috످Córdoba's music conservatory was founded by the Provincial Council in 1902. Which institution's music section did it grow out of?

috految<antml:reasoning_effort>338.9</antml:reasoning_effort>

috److془The Conservatorio Superior de Música Rafael Orozco de Córdoba. Founded in 1902 by Diputación Provincial from the Music section of the Escuela Provincial de Bellas Artes. I'm confident.془The conservatory, now called the Conservatorio Superior de Música Rafael Orozco, grew out of the music section of Córdoba's Provincial School of Fine Arts (Escuela Provincial de Bellas Artes).

috످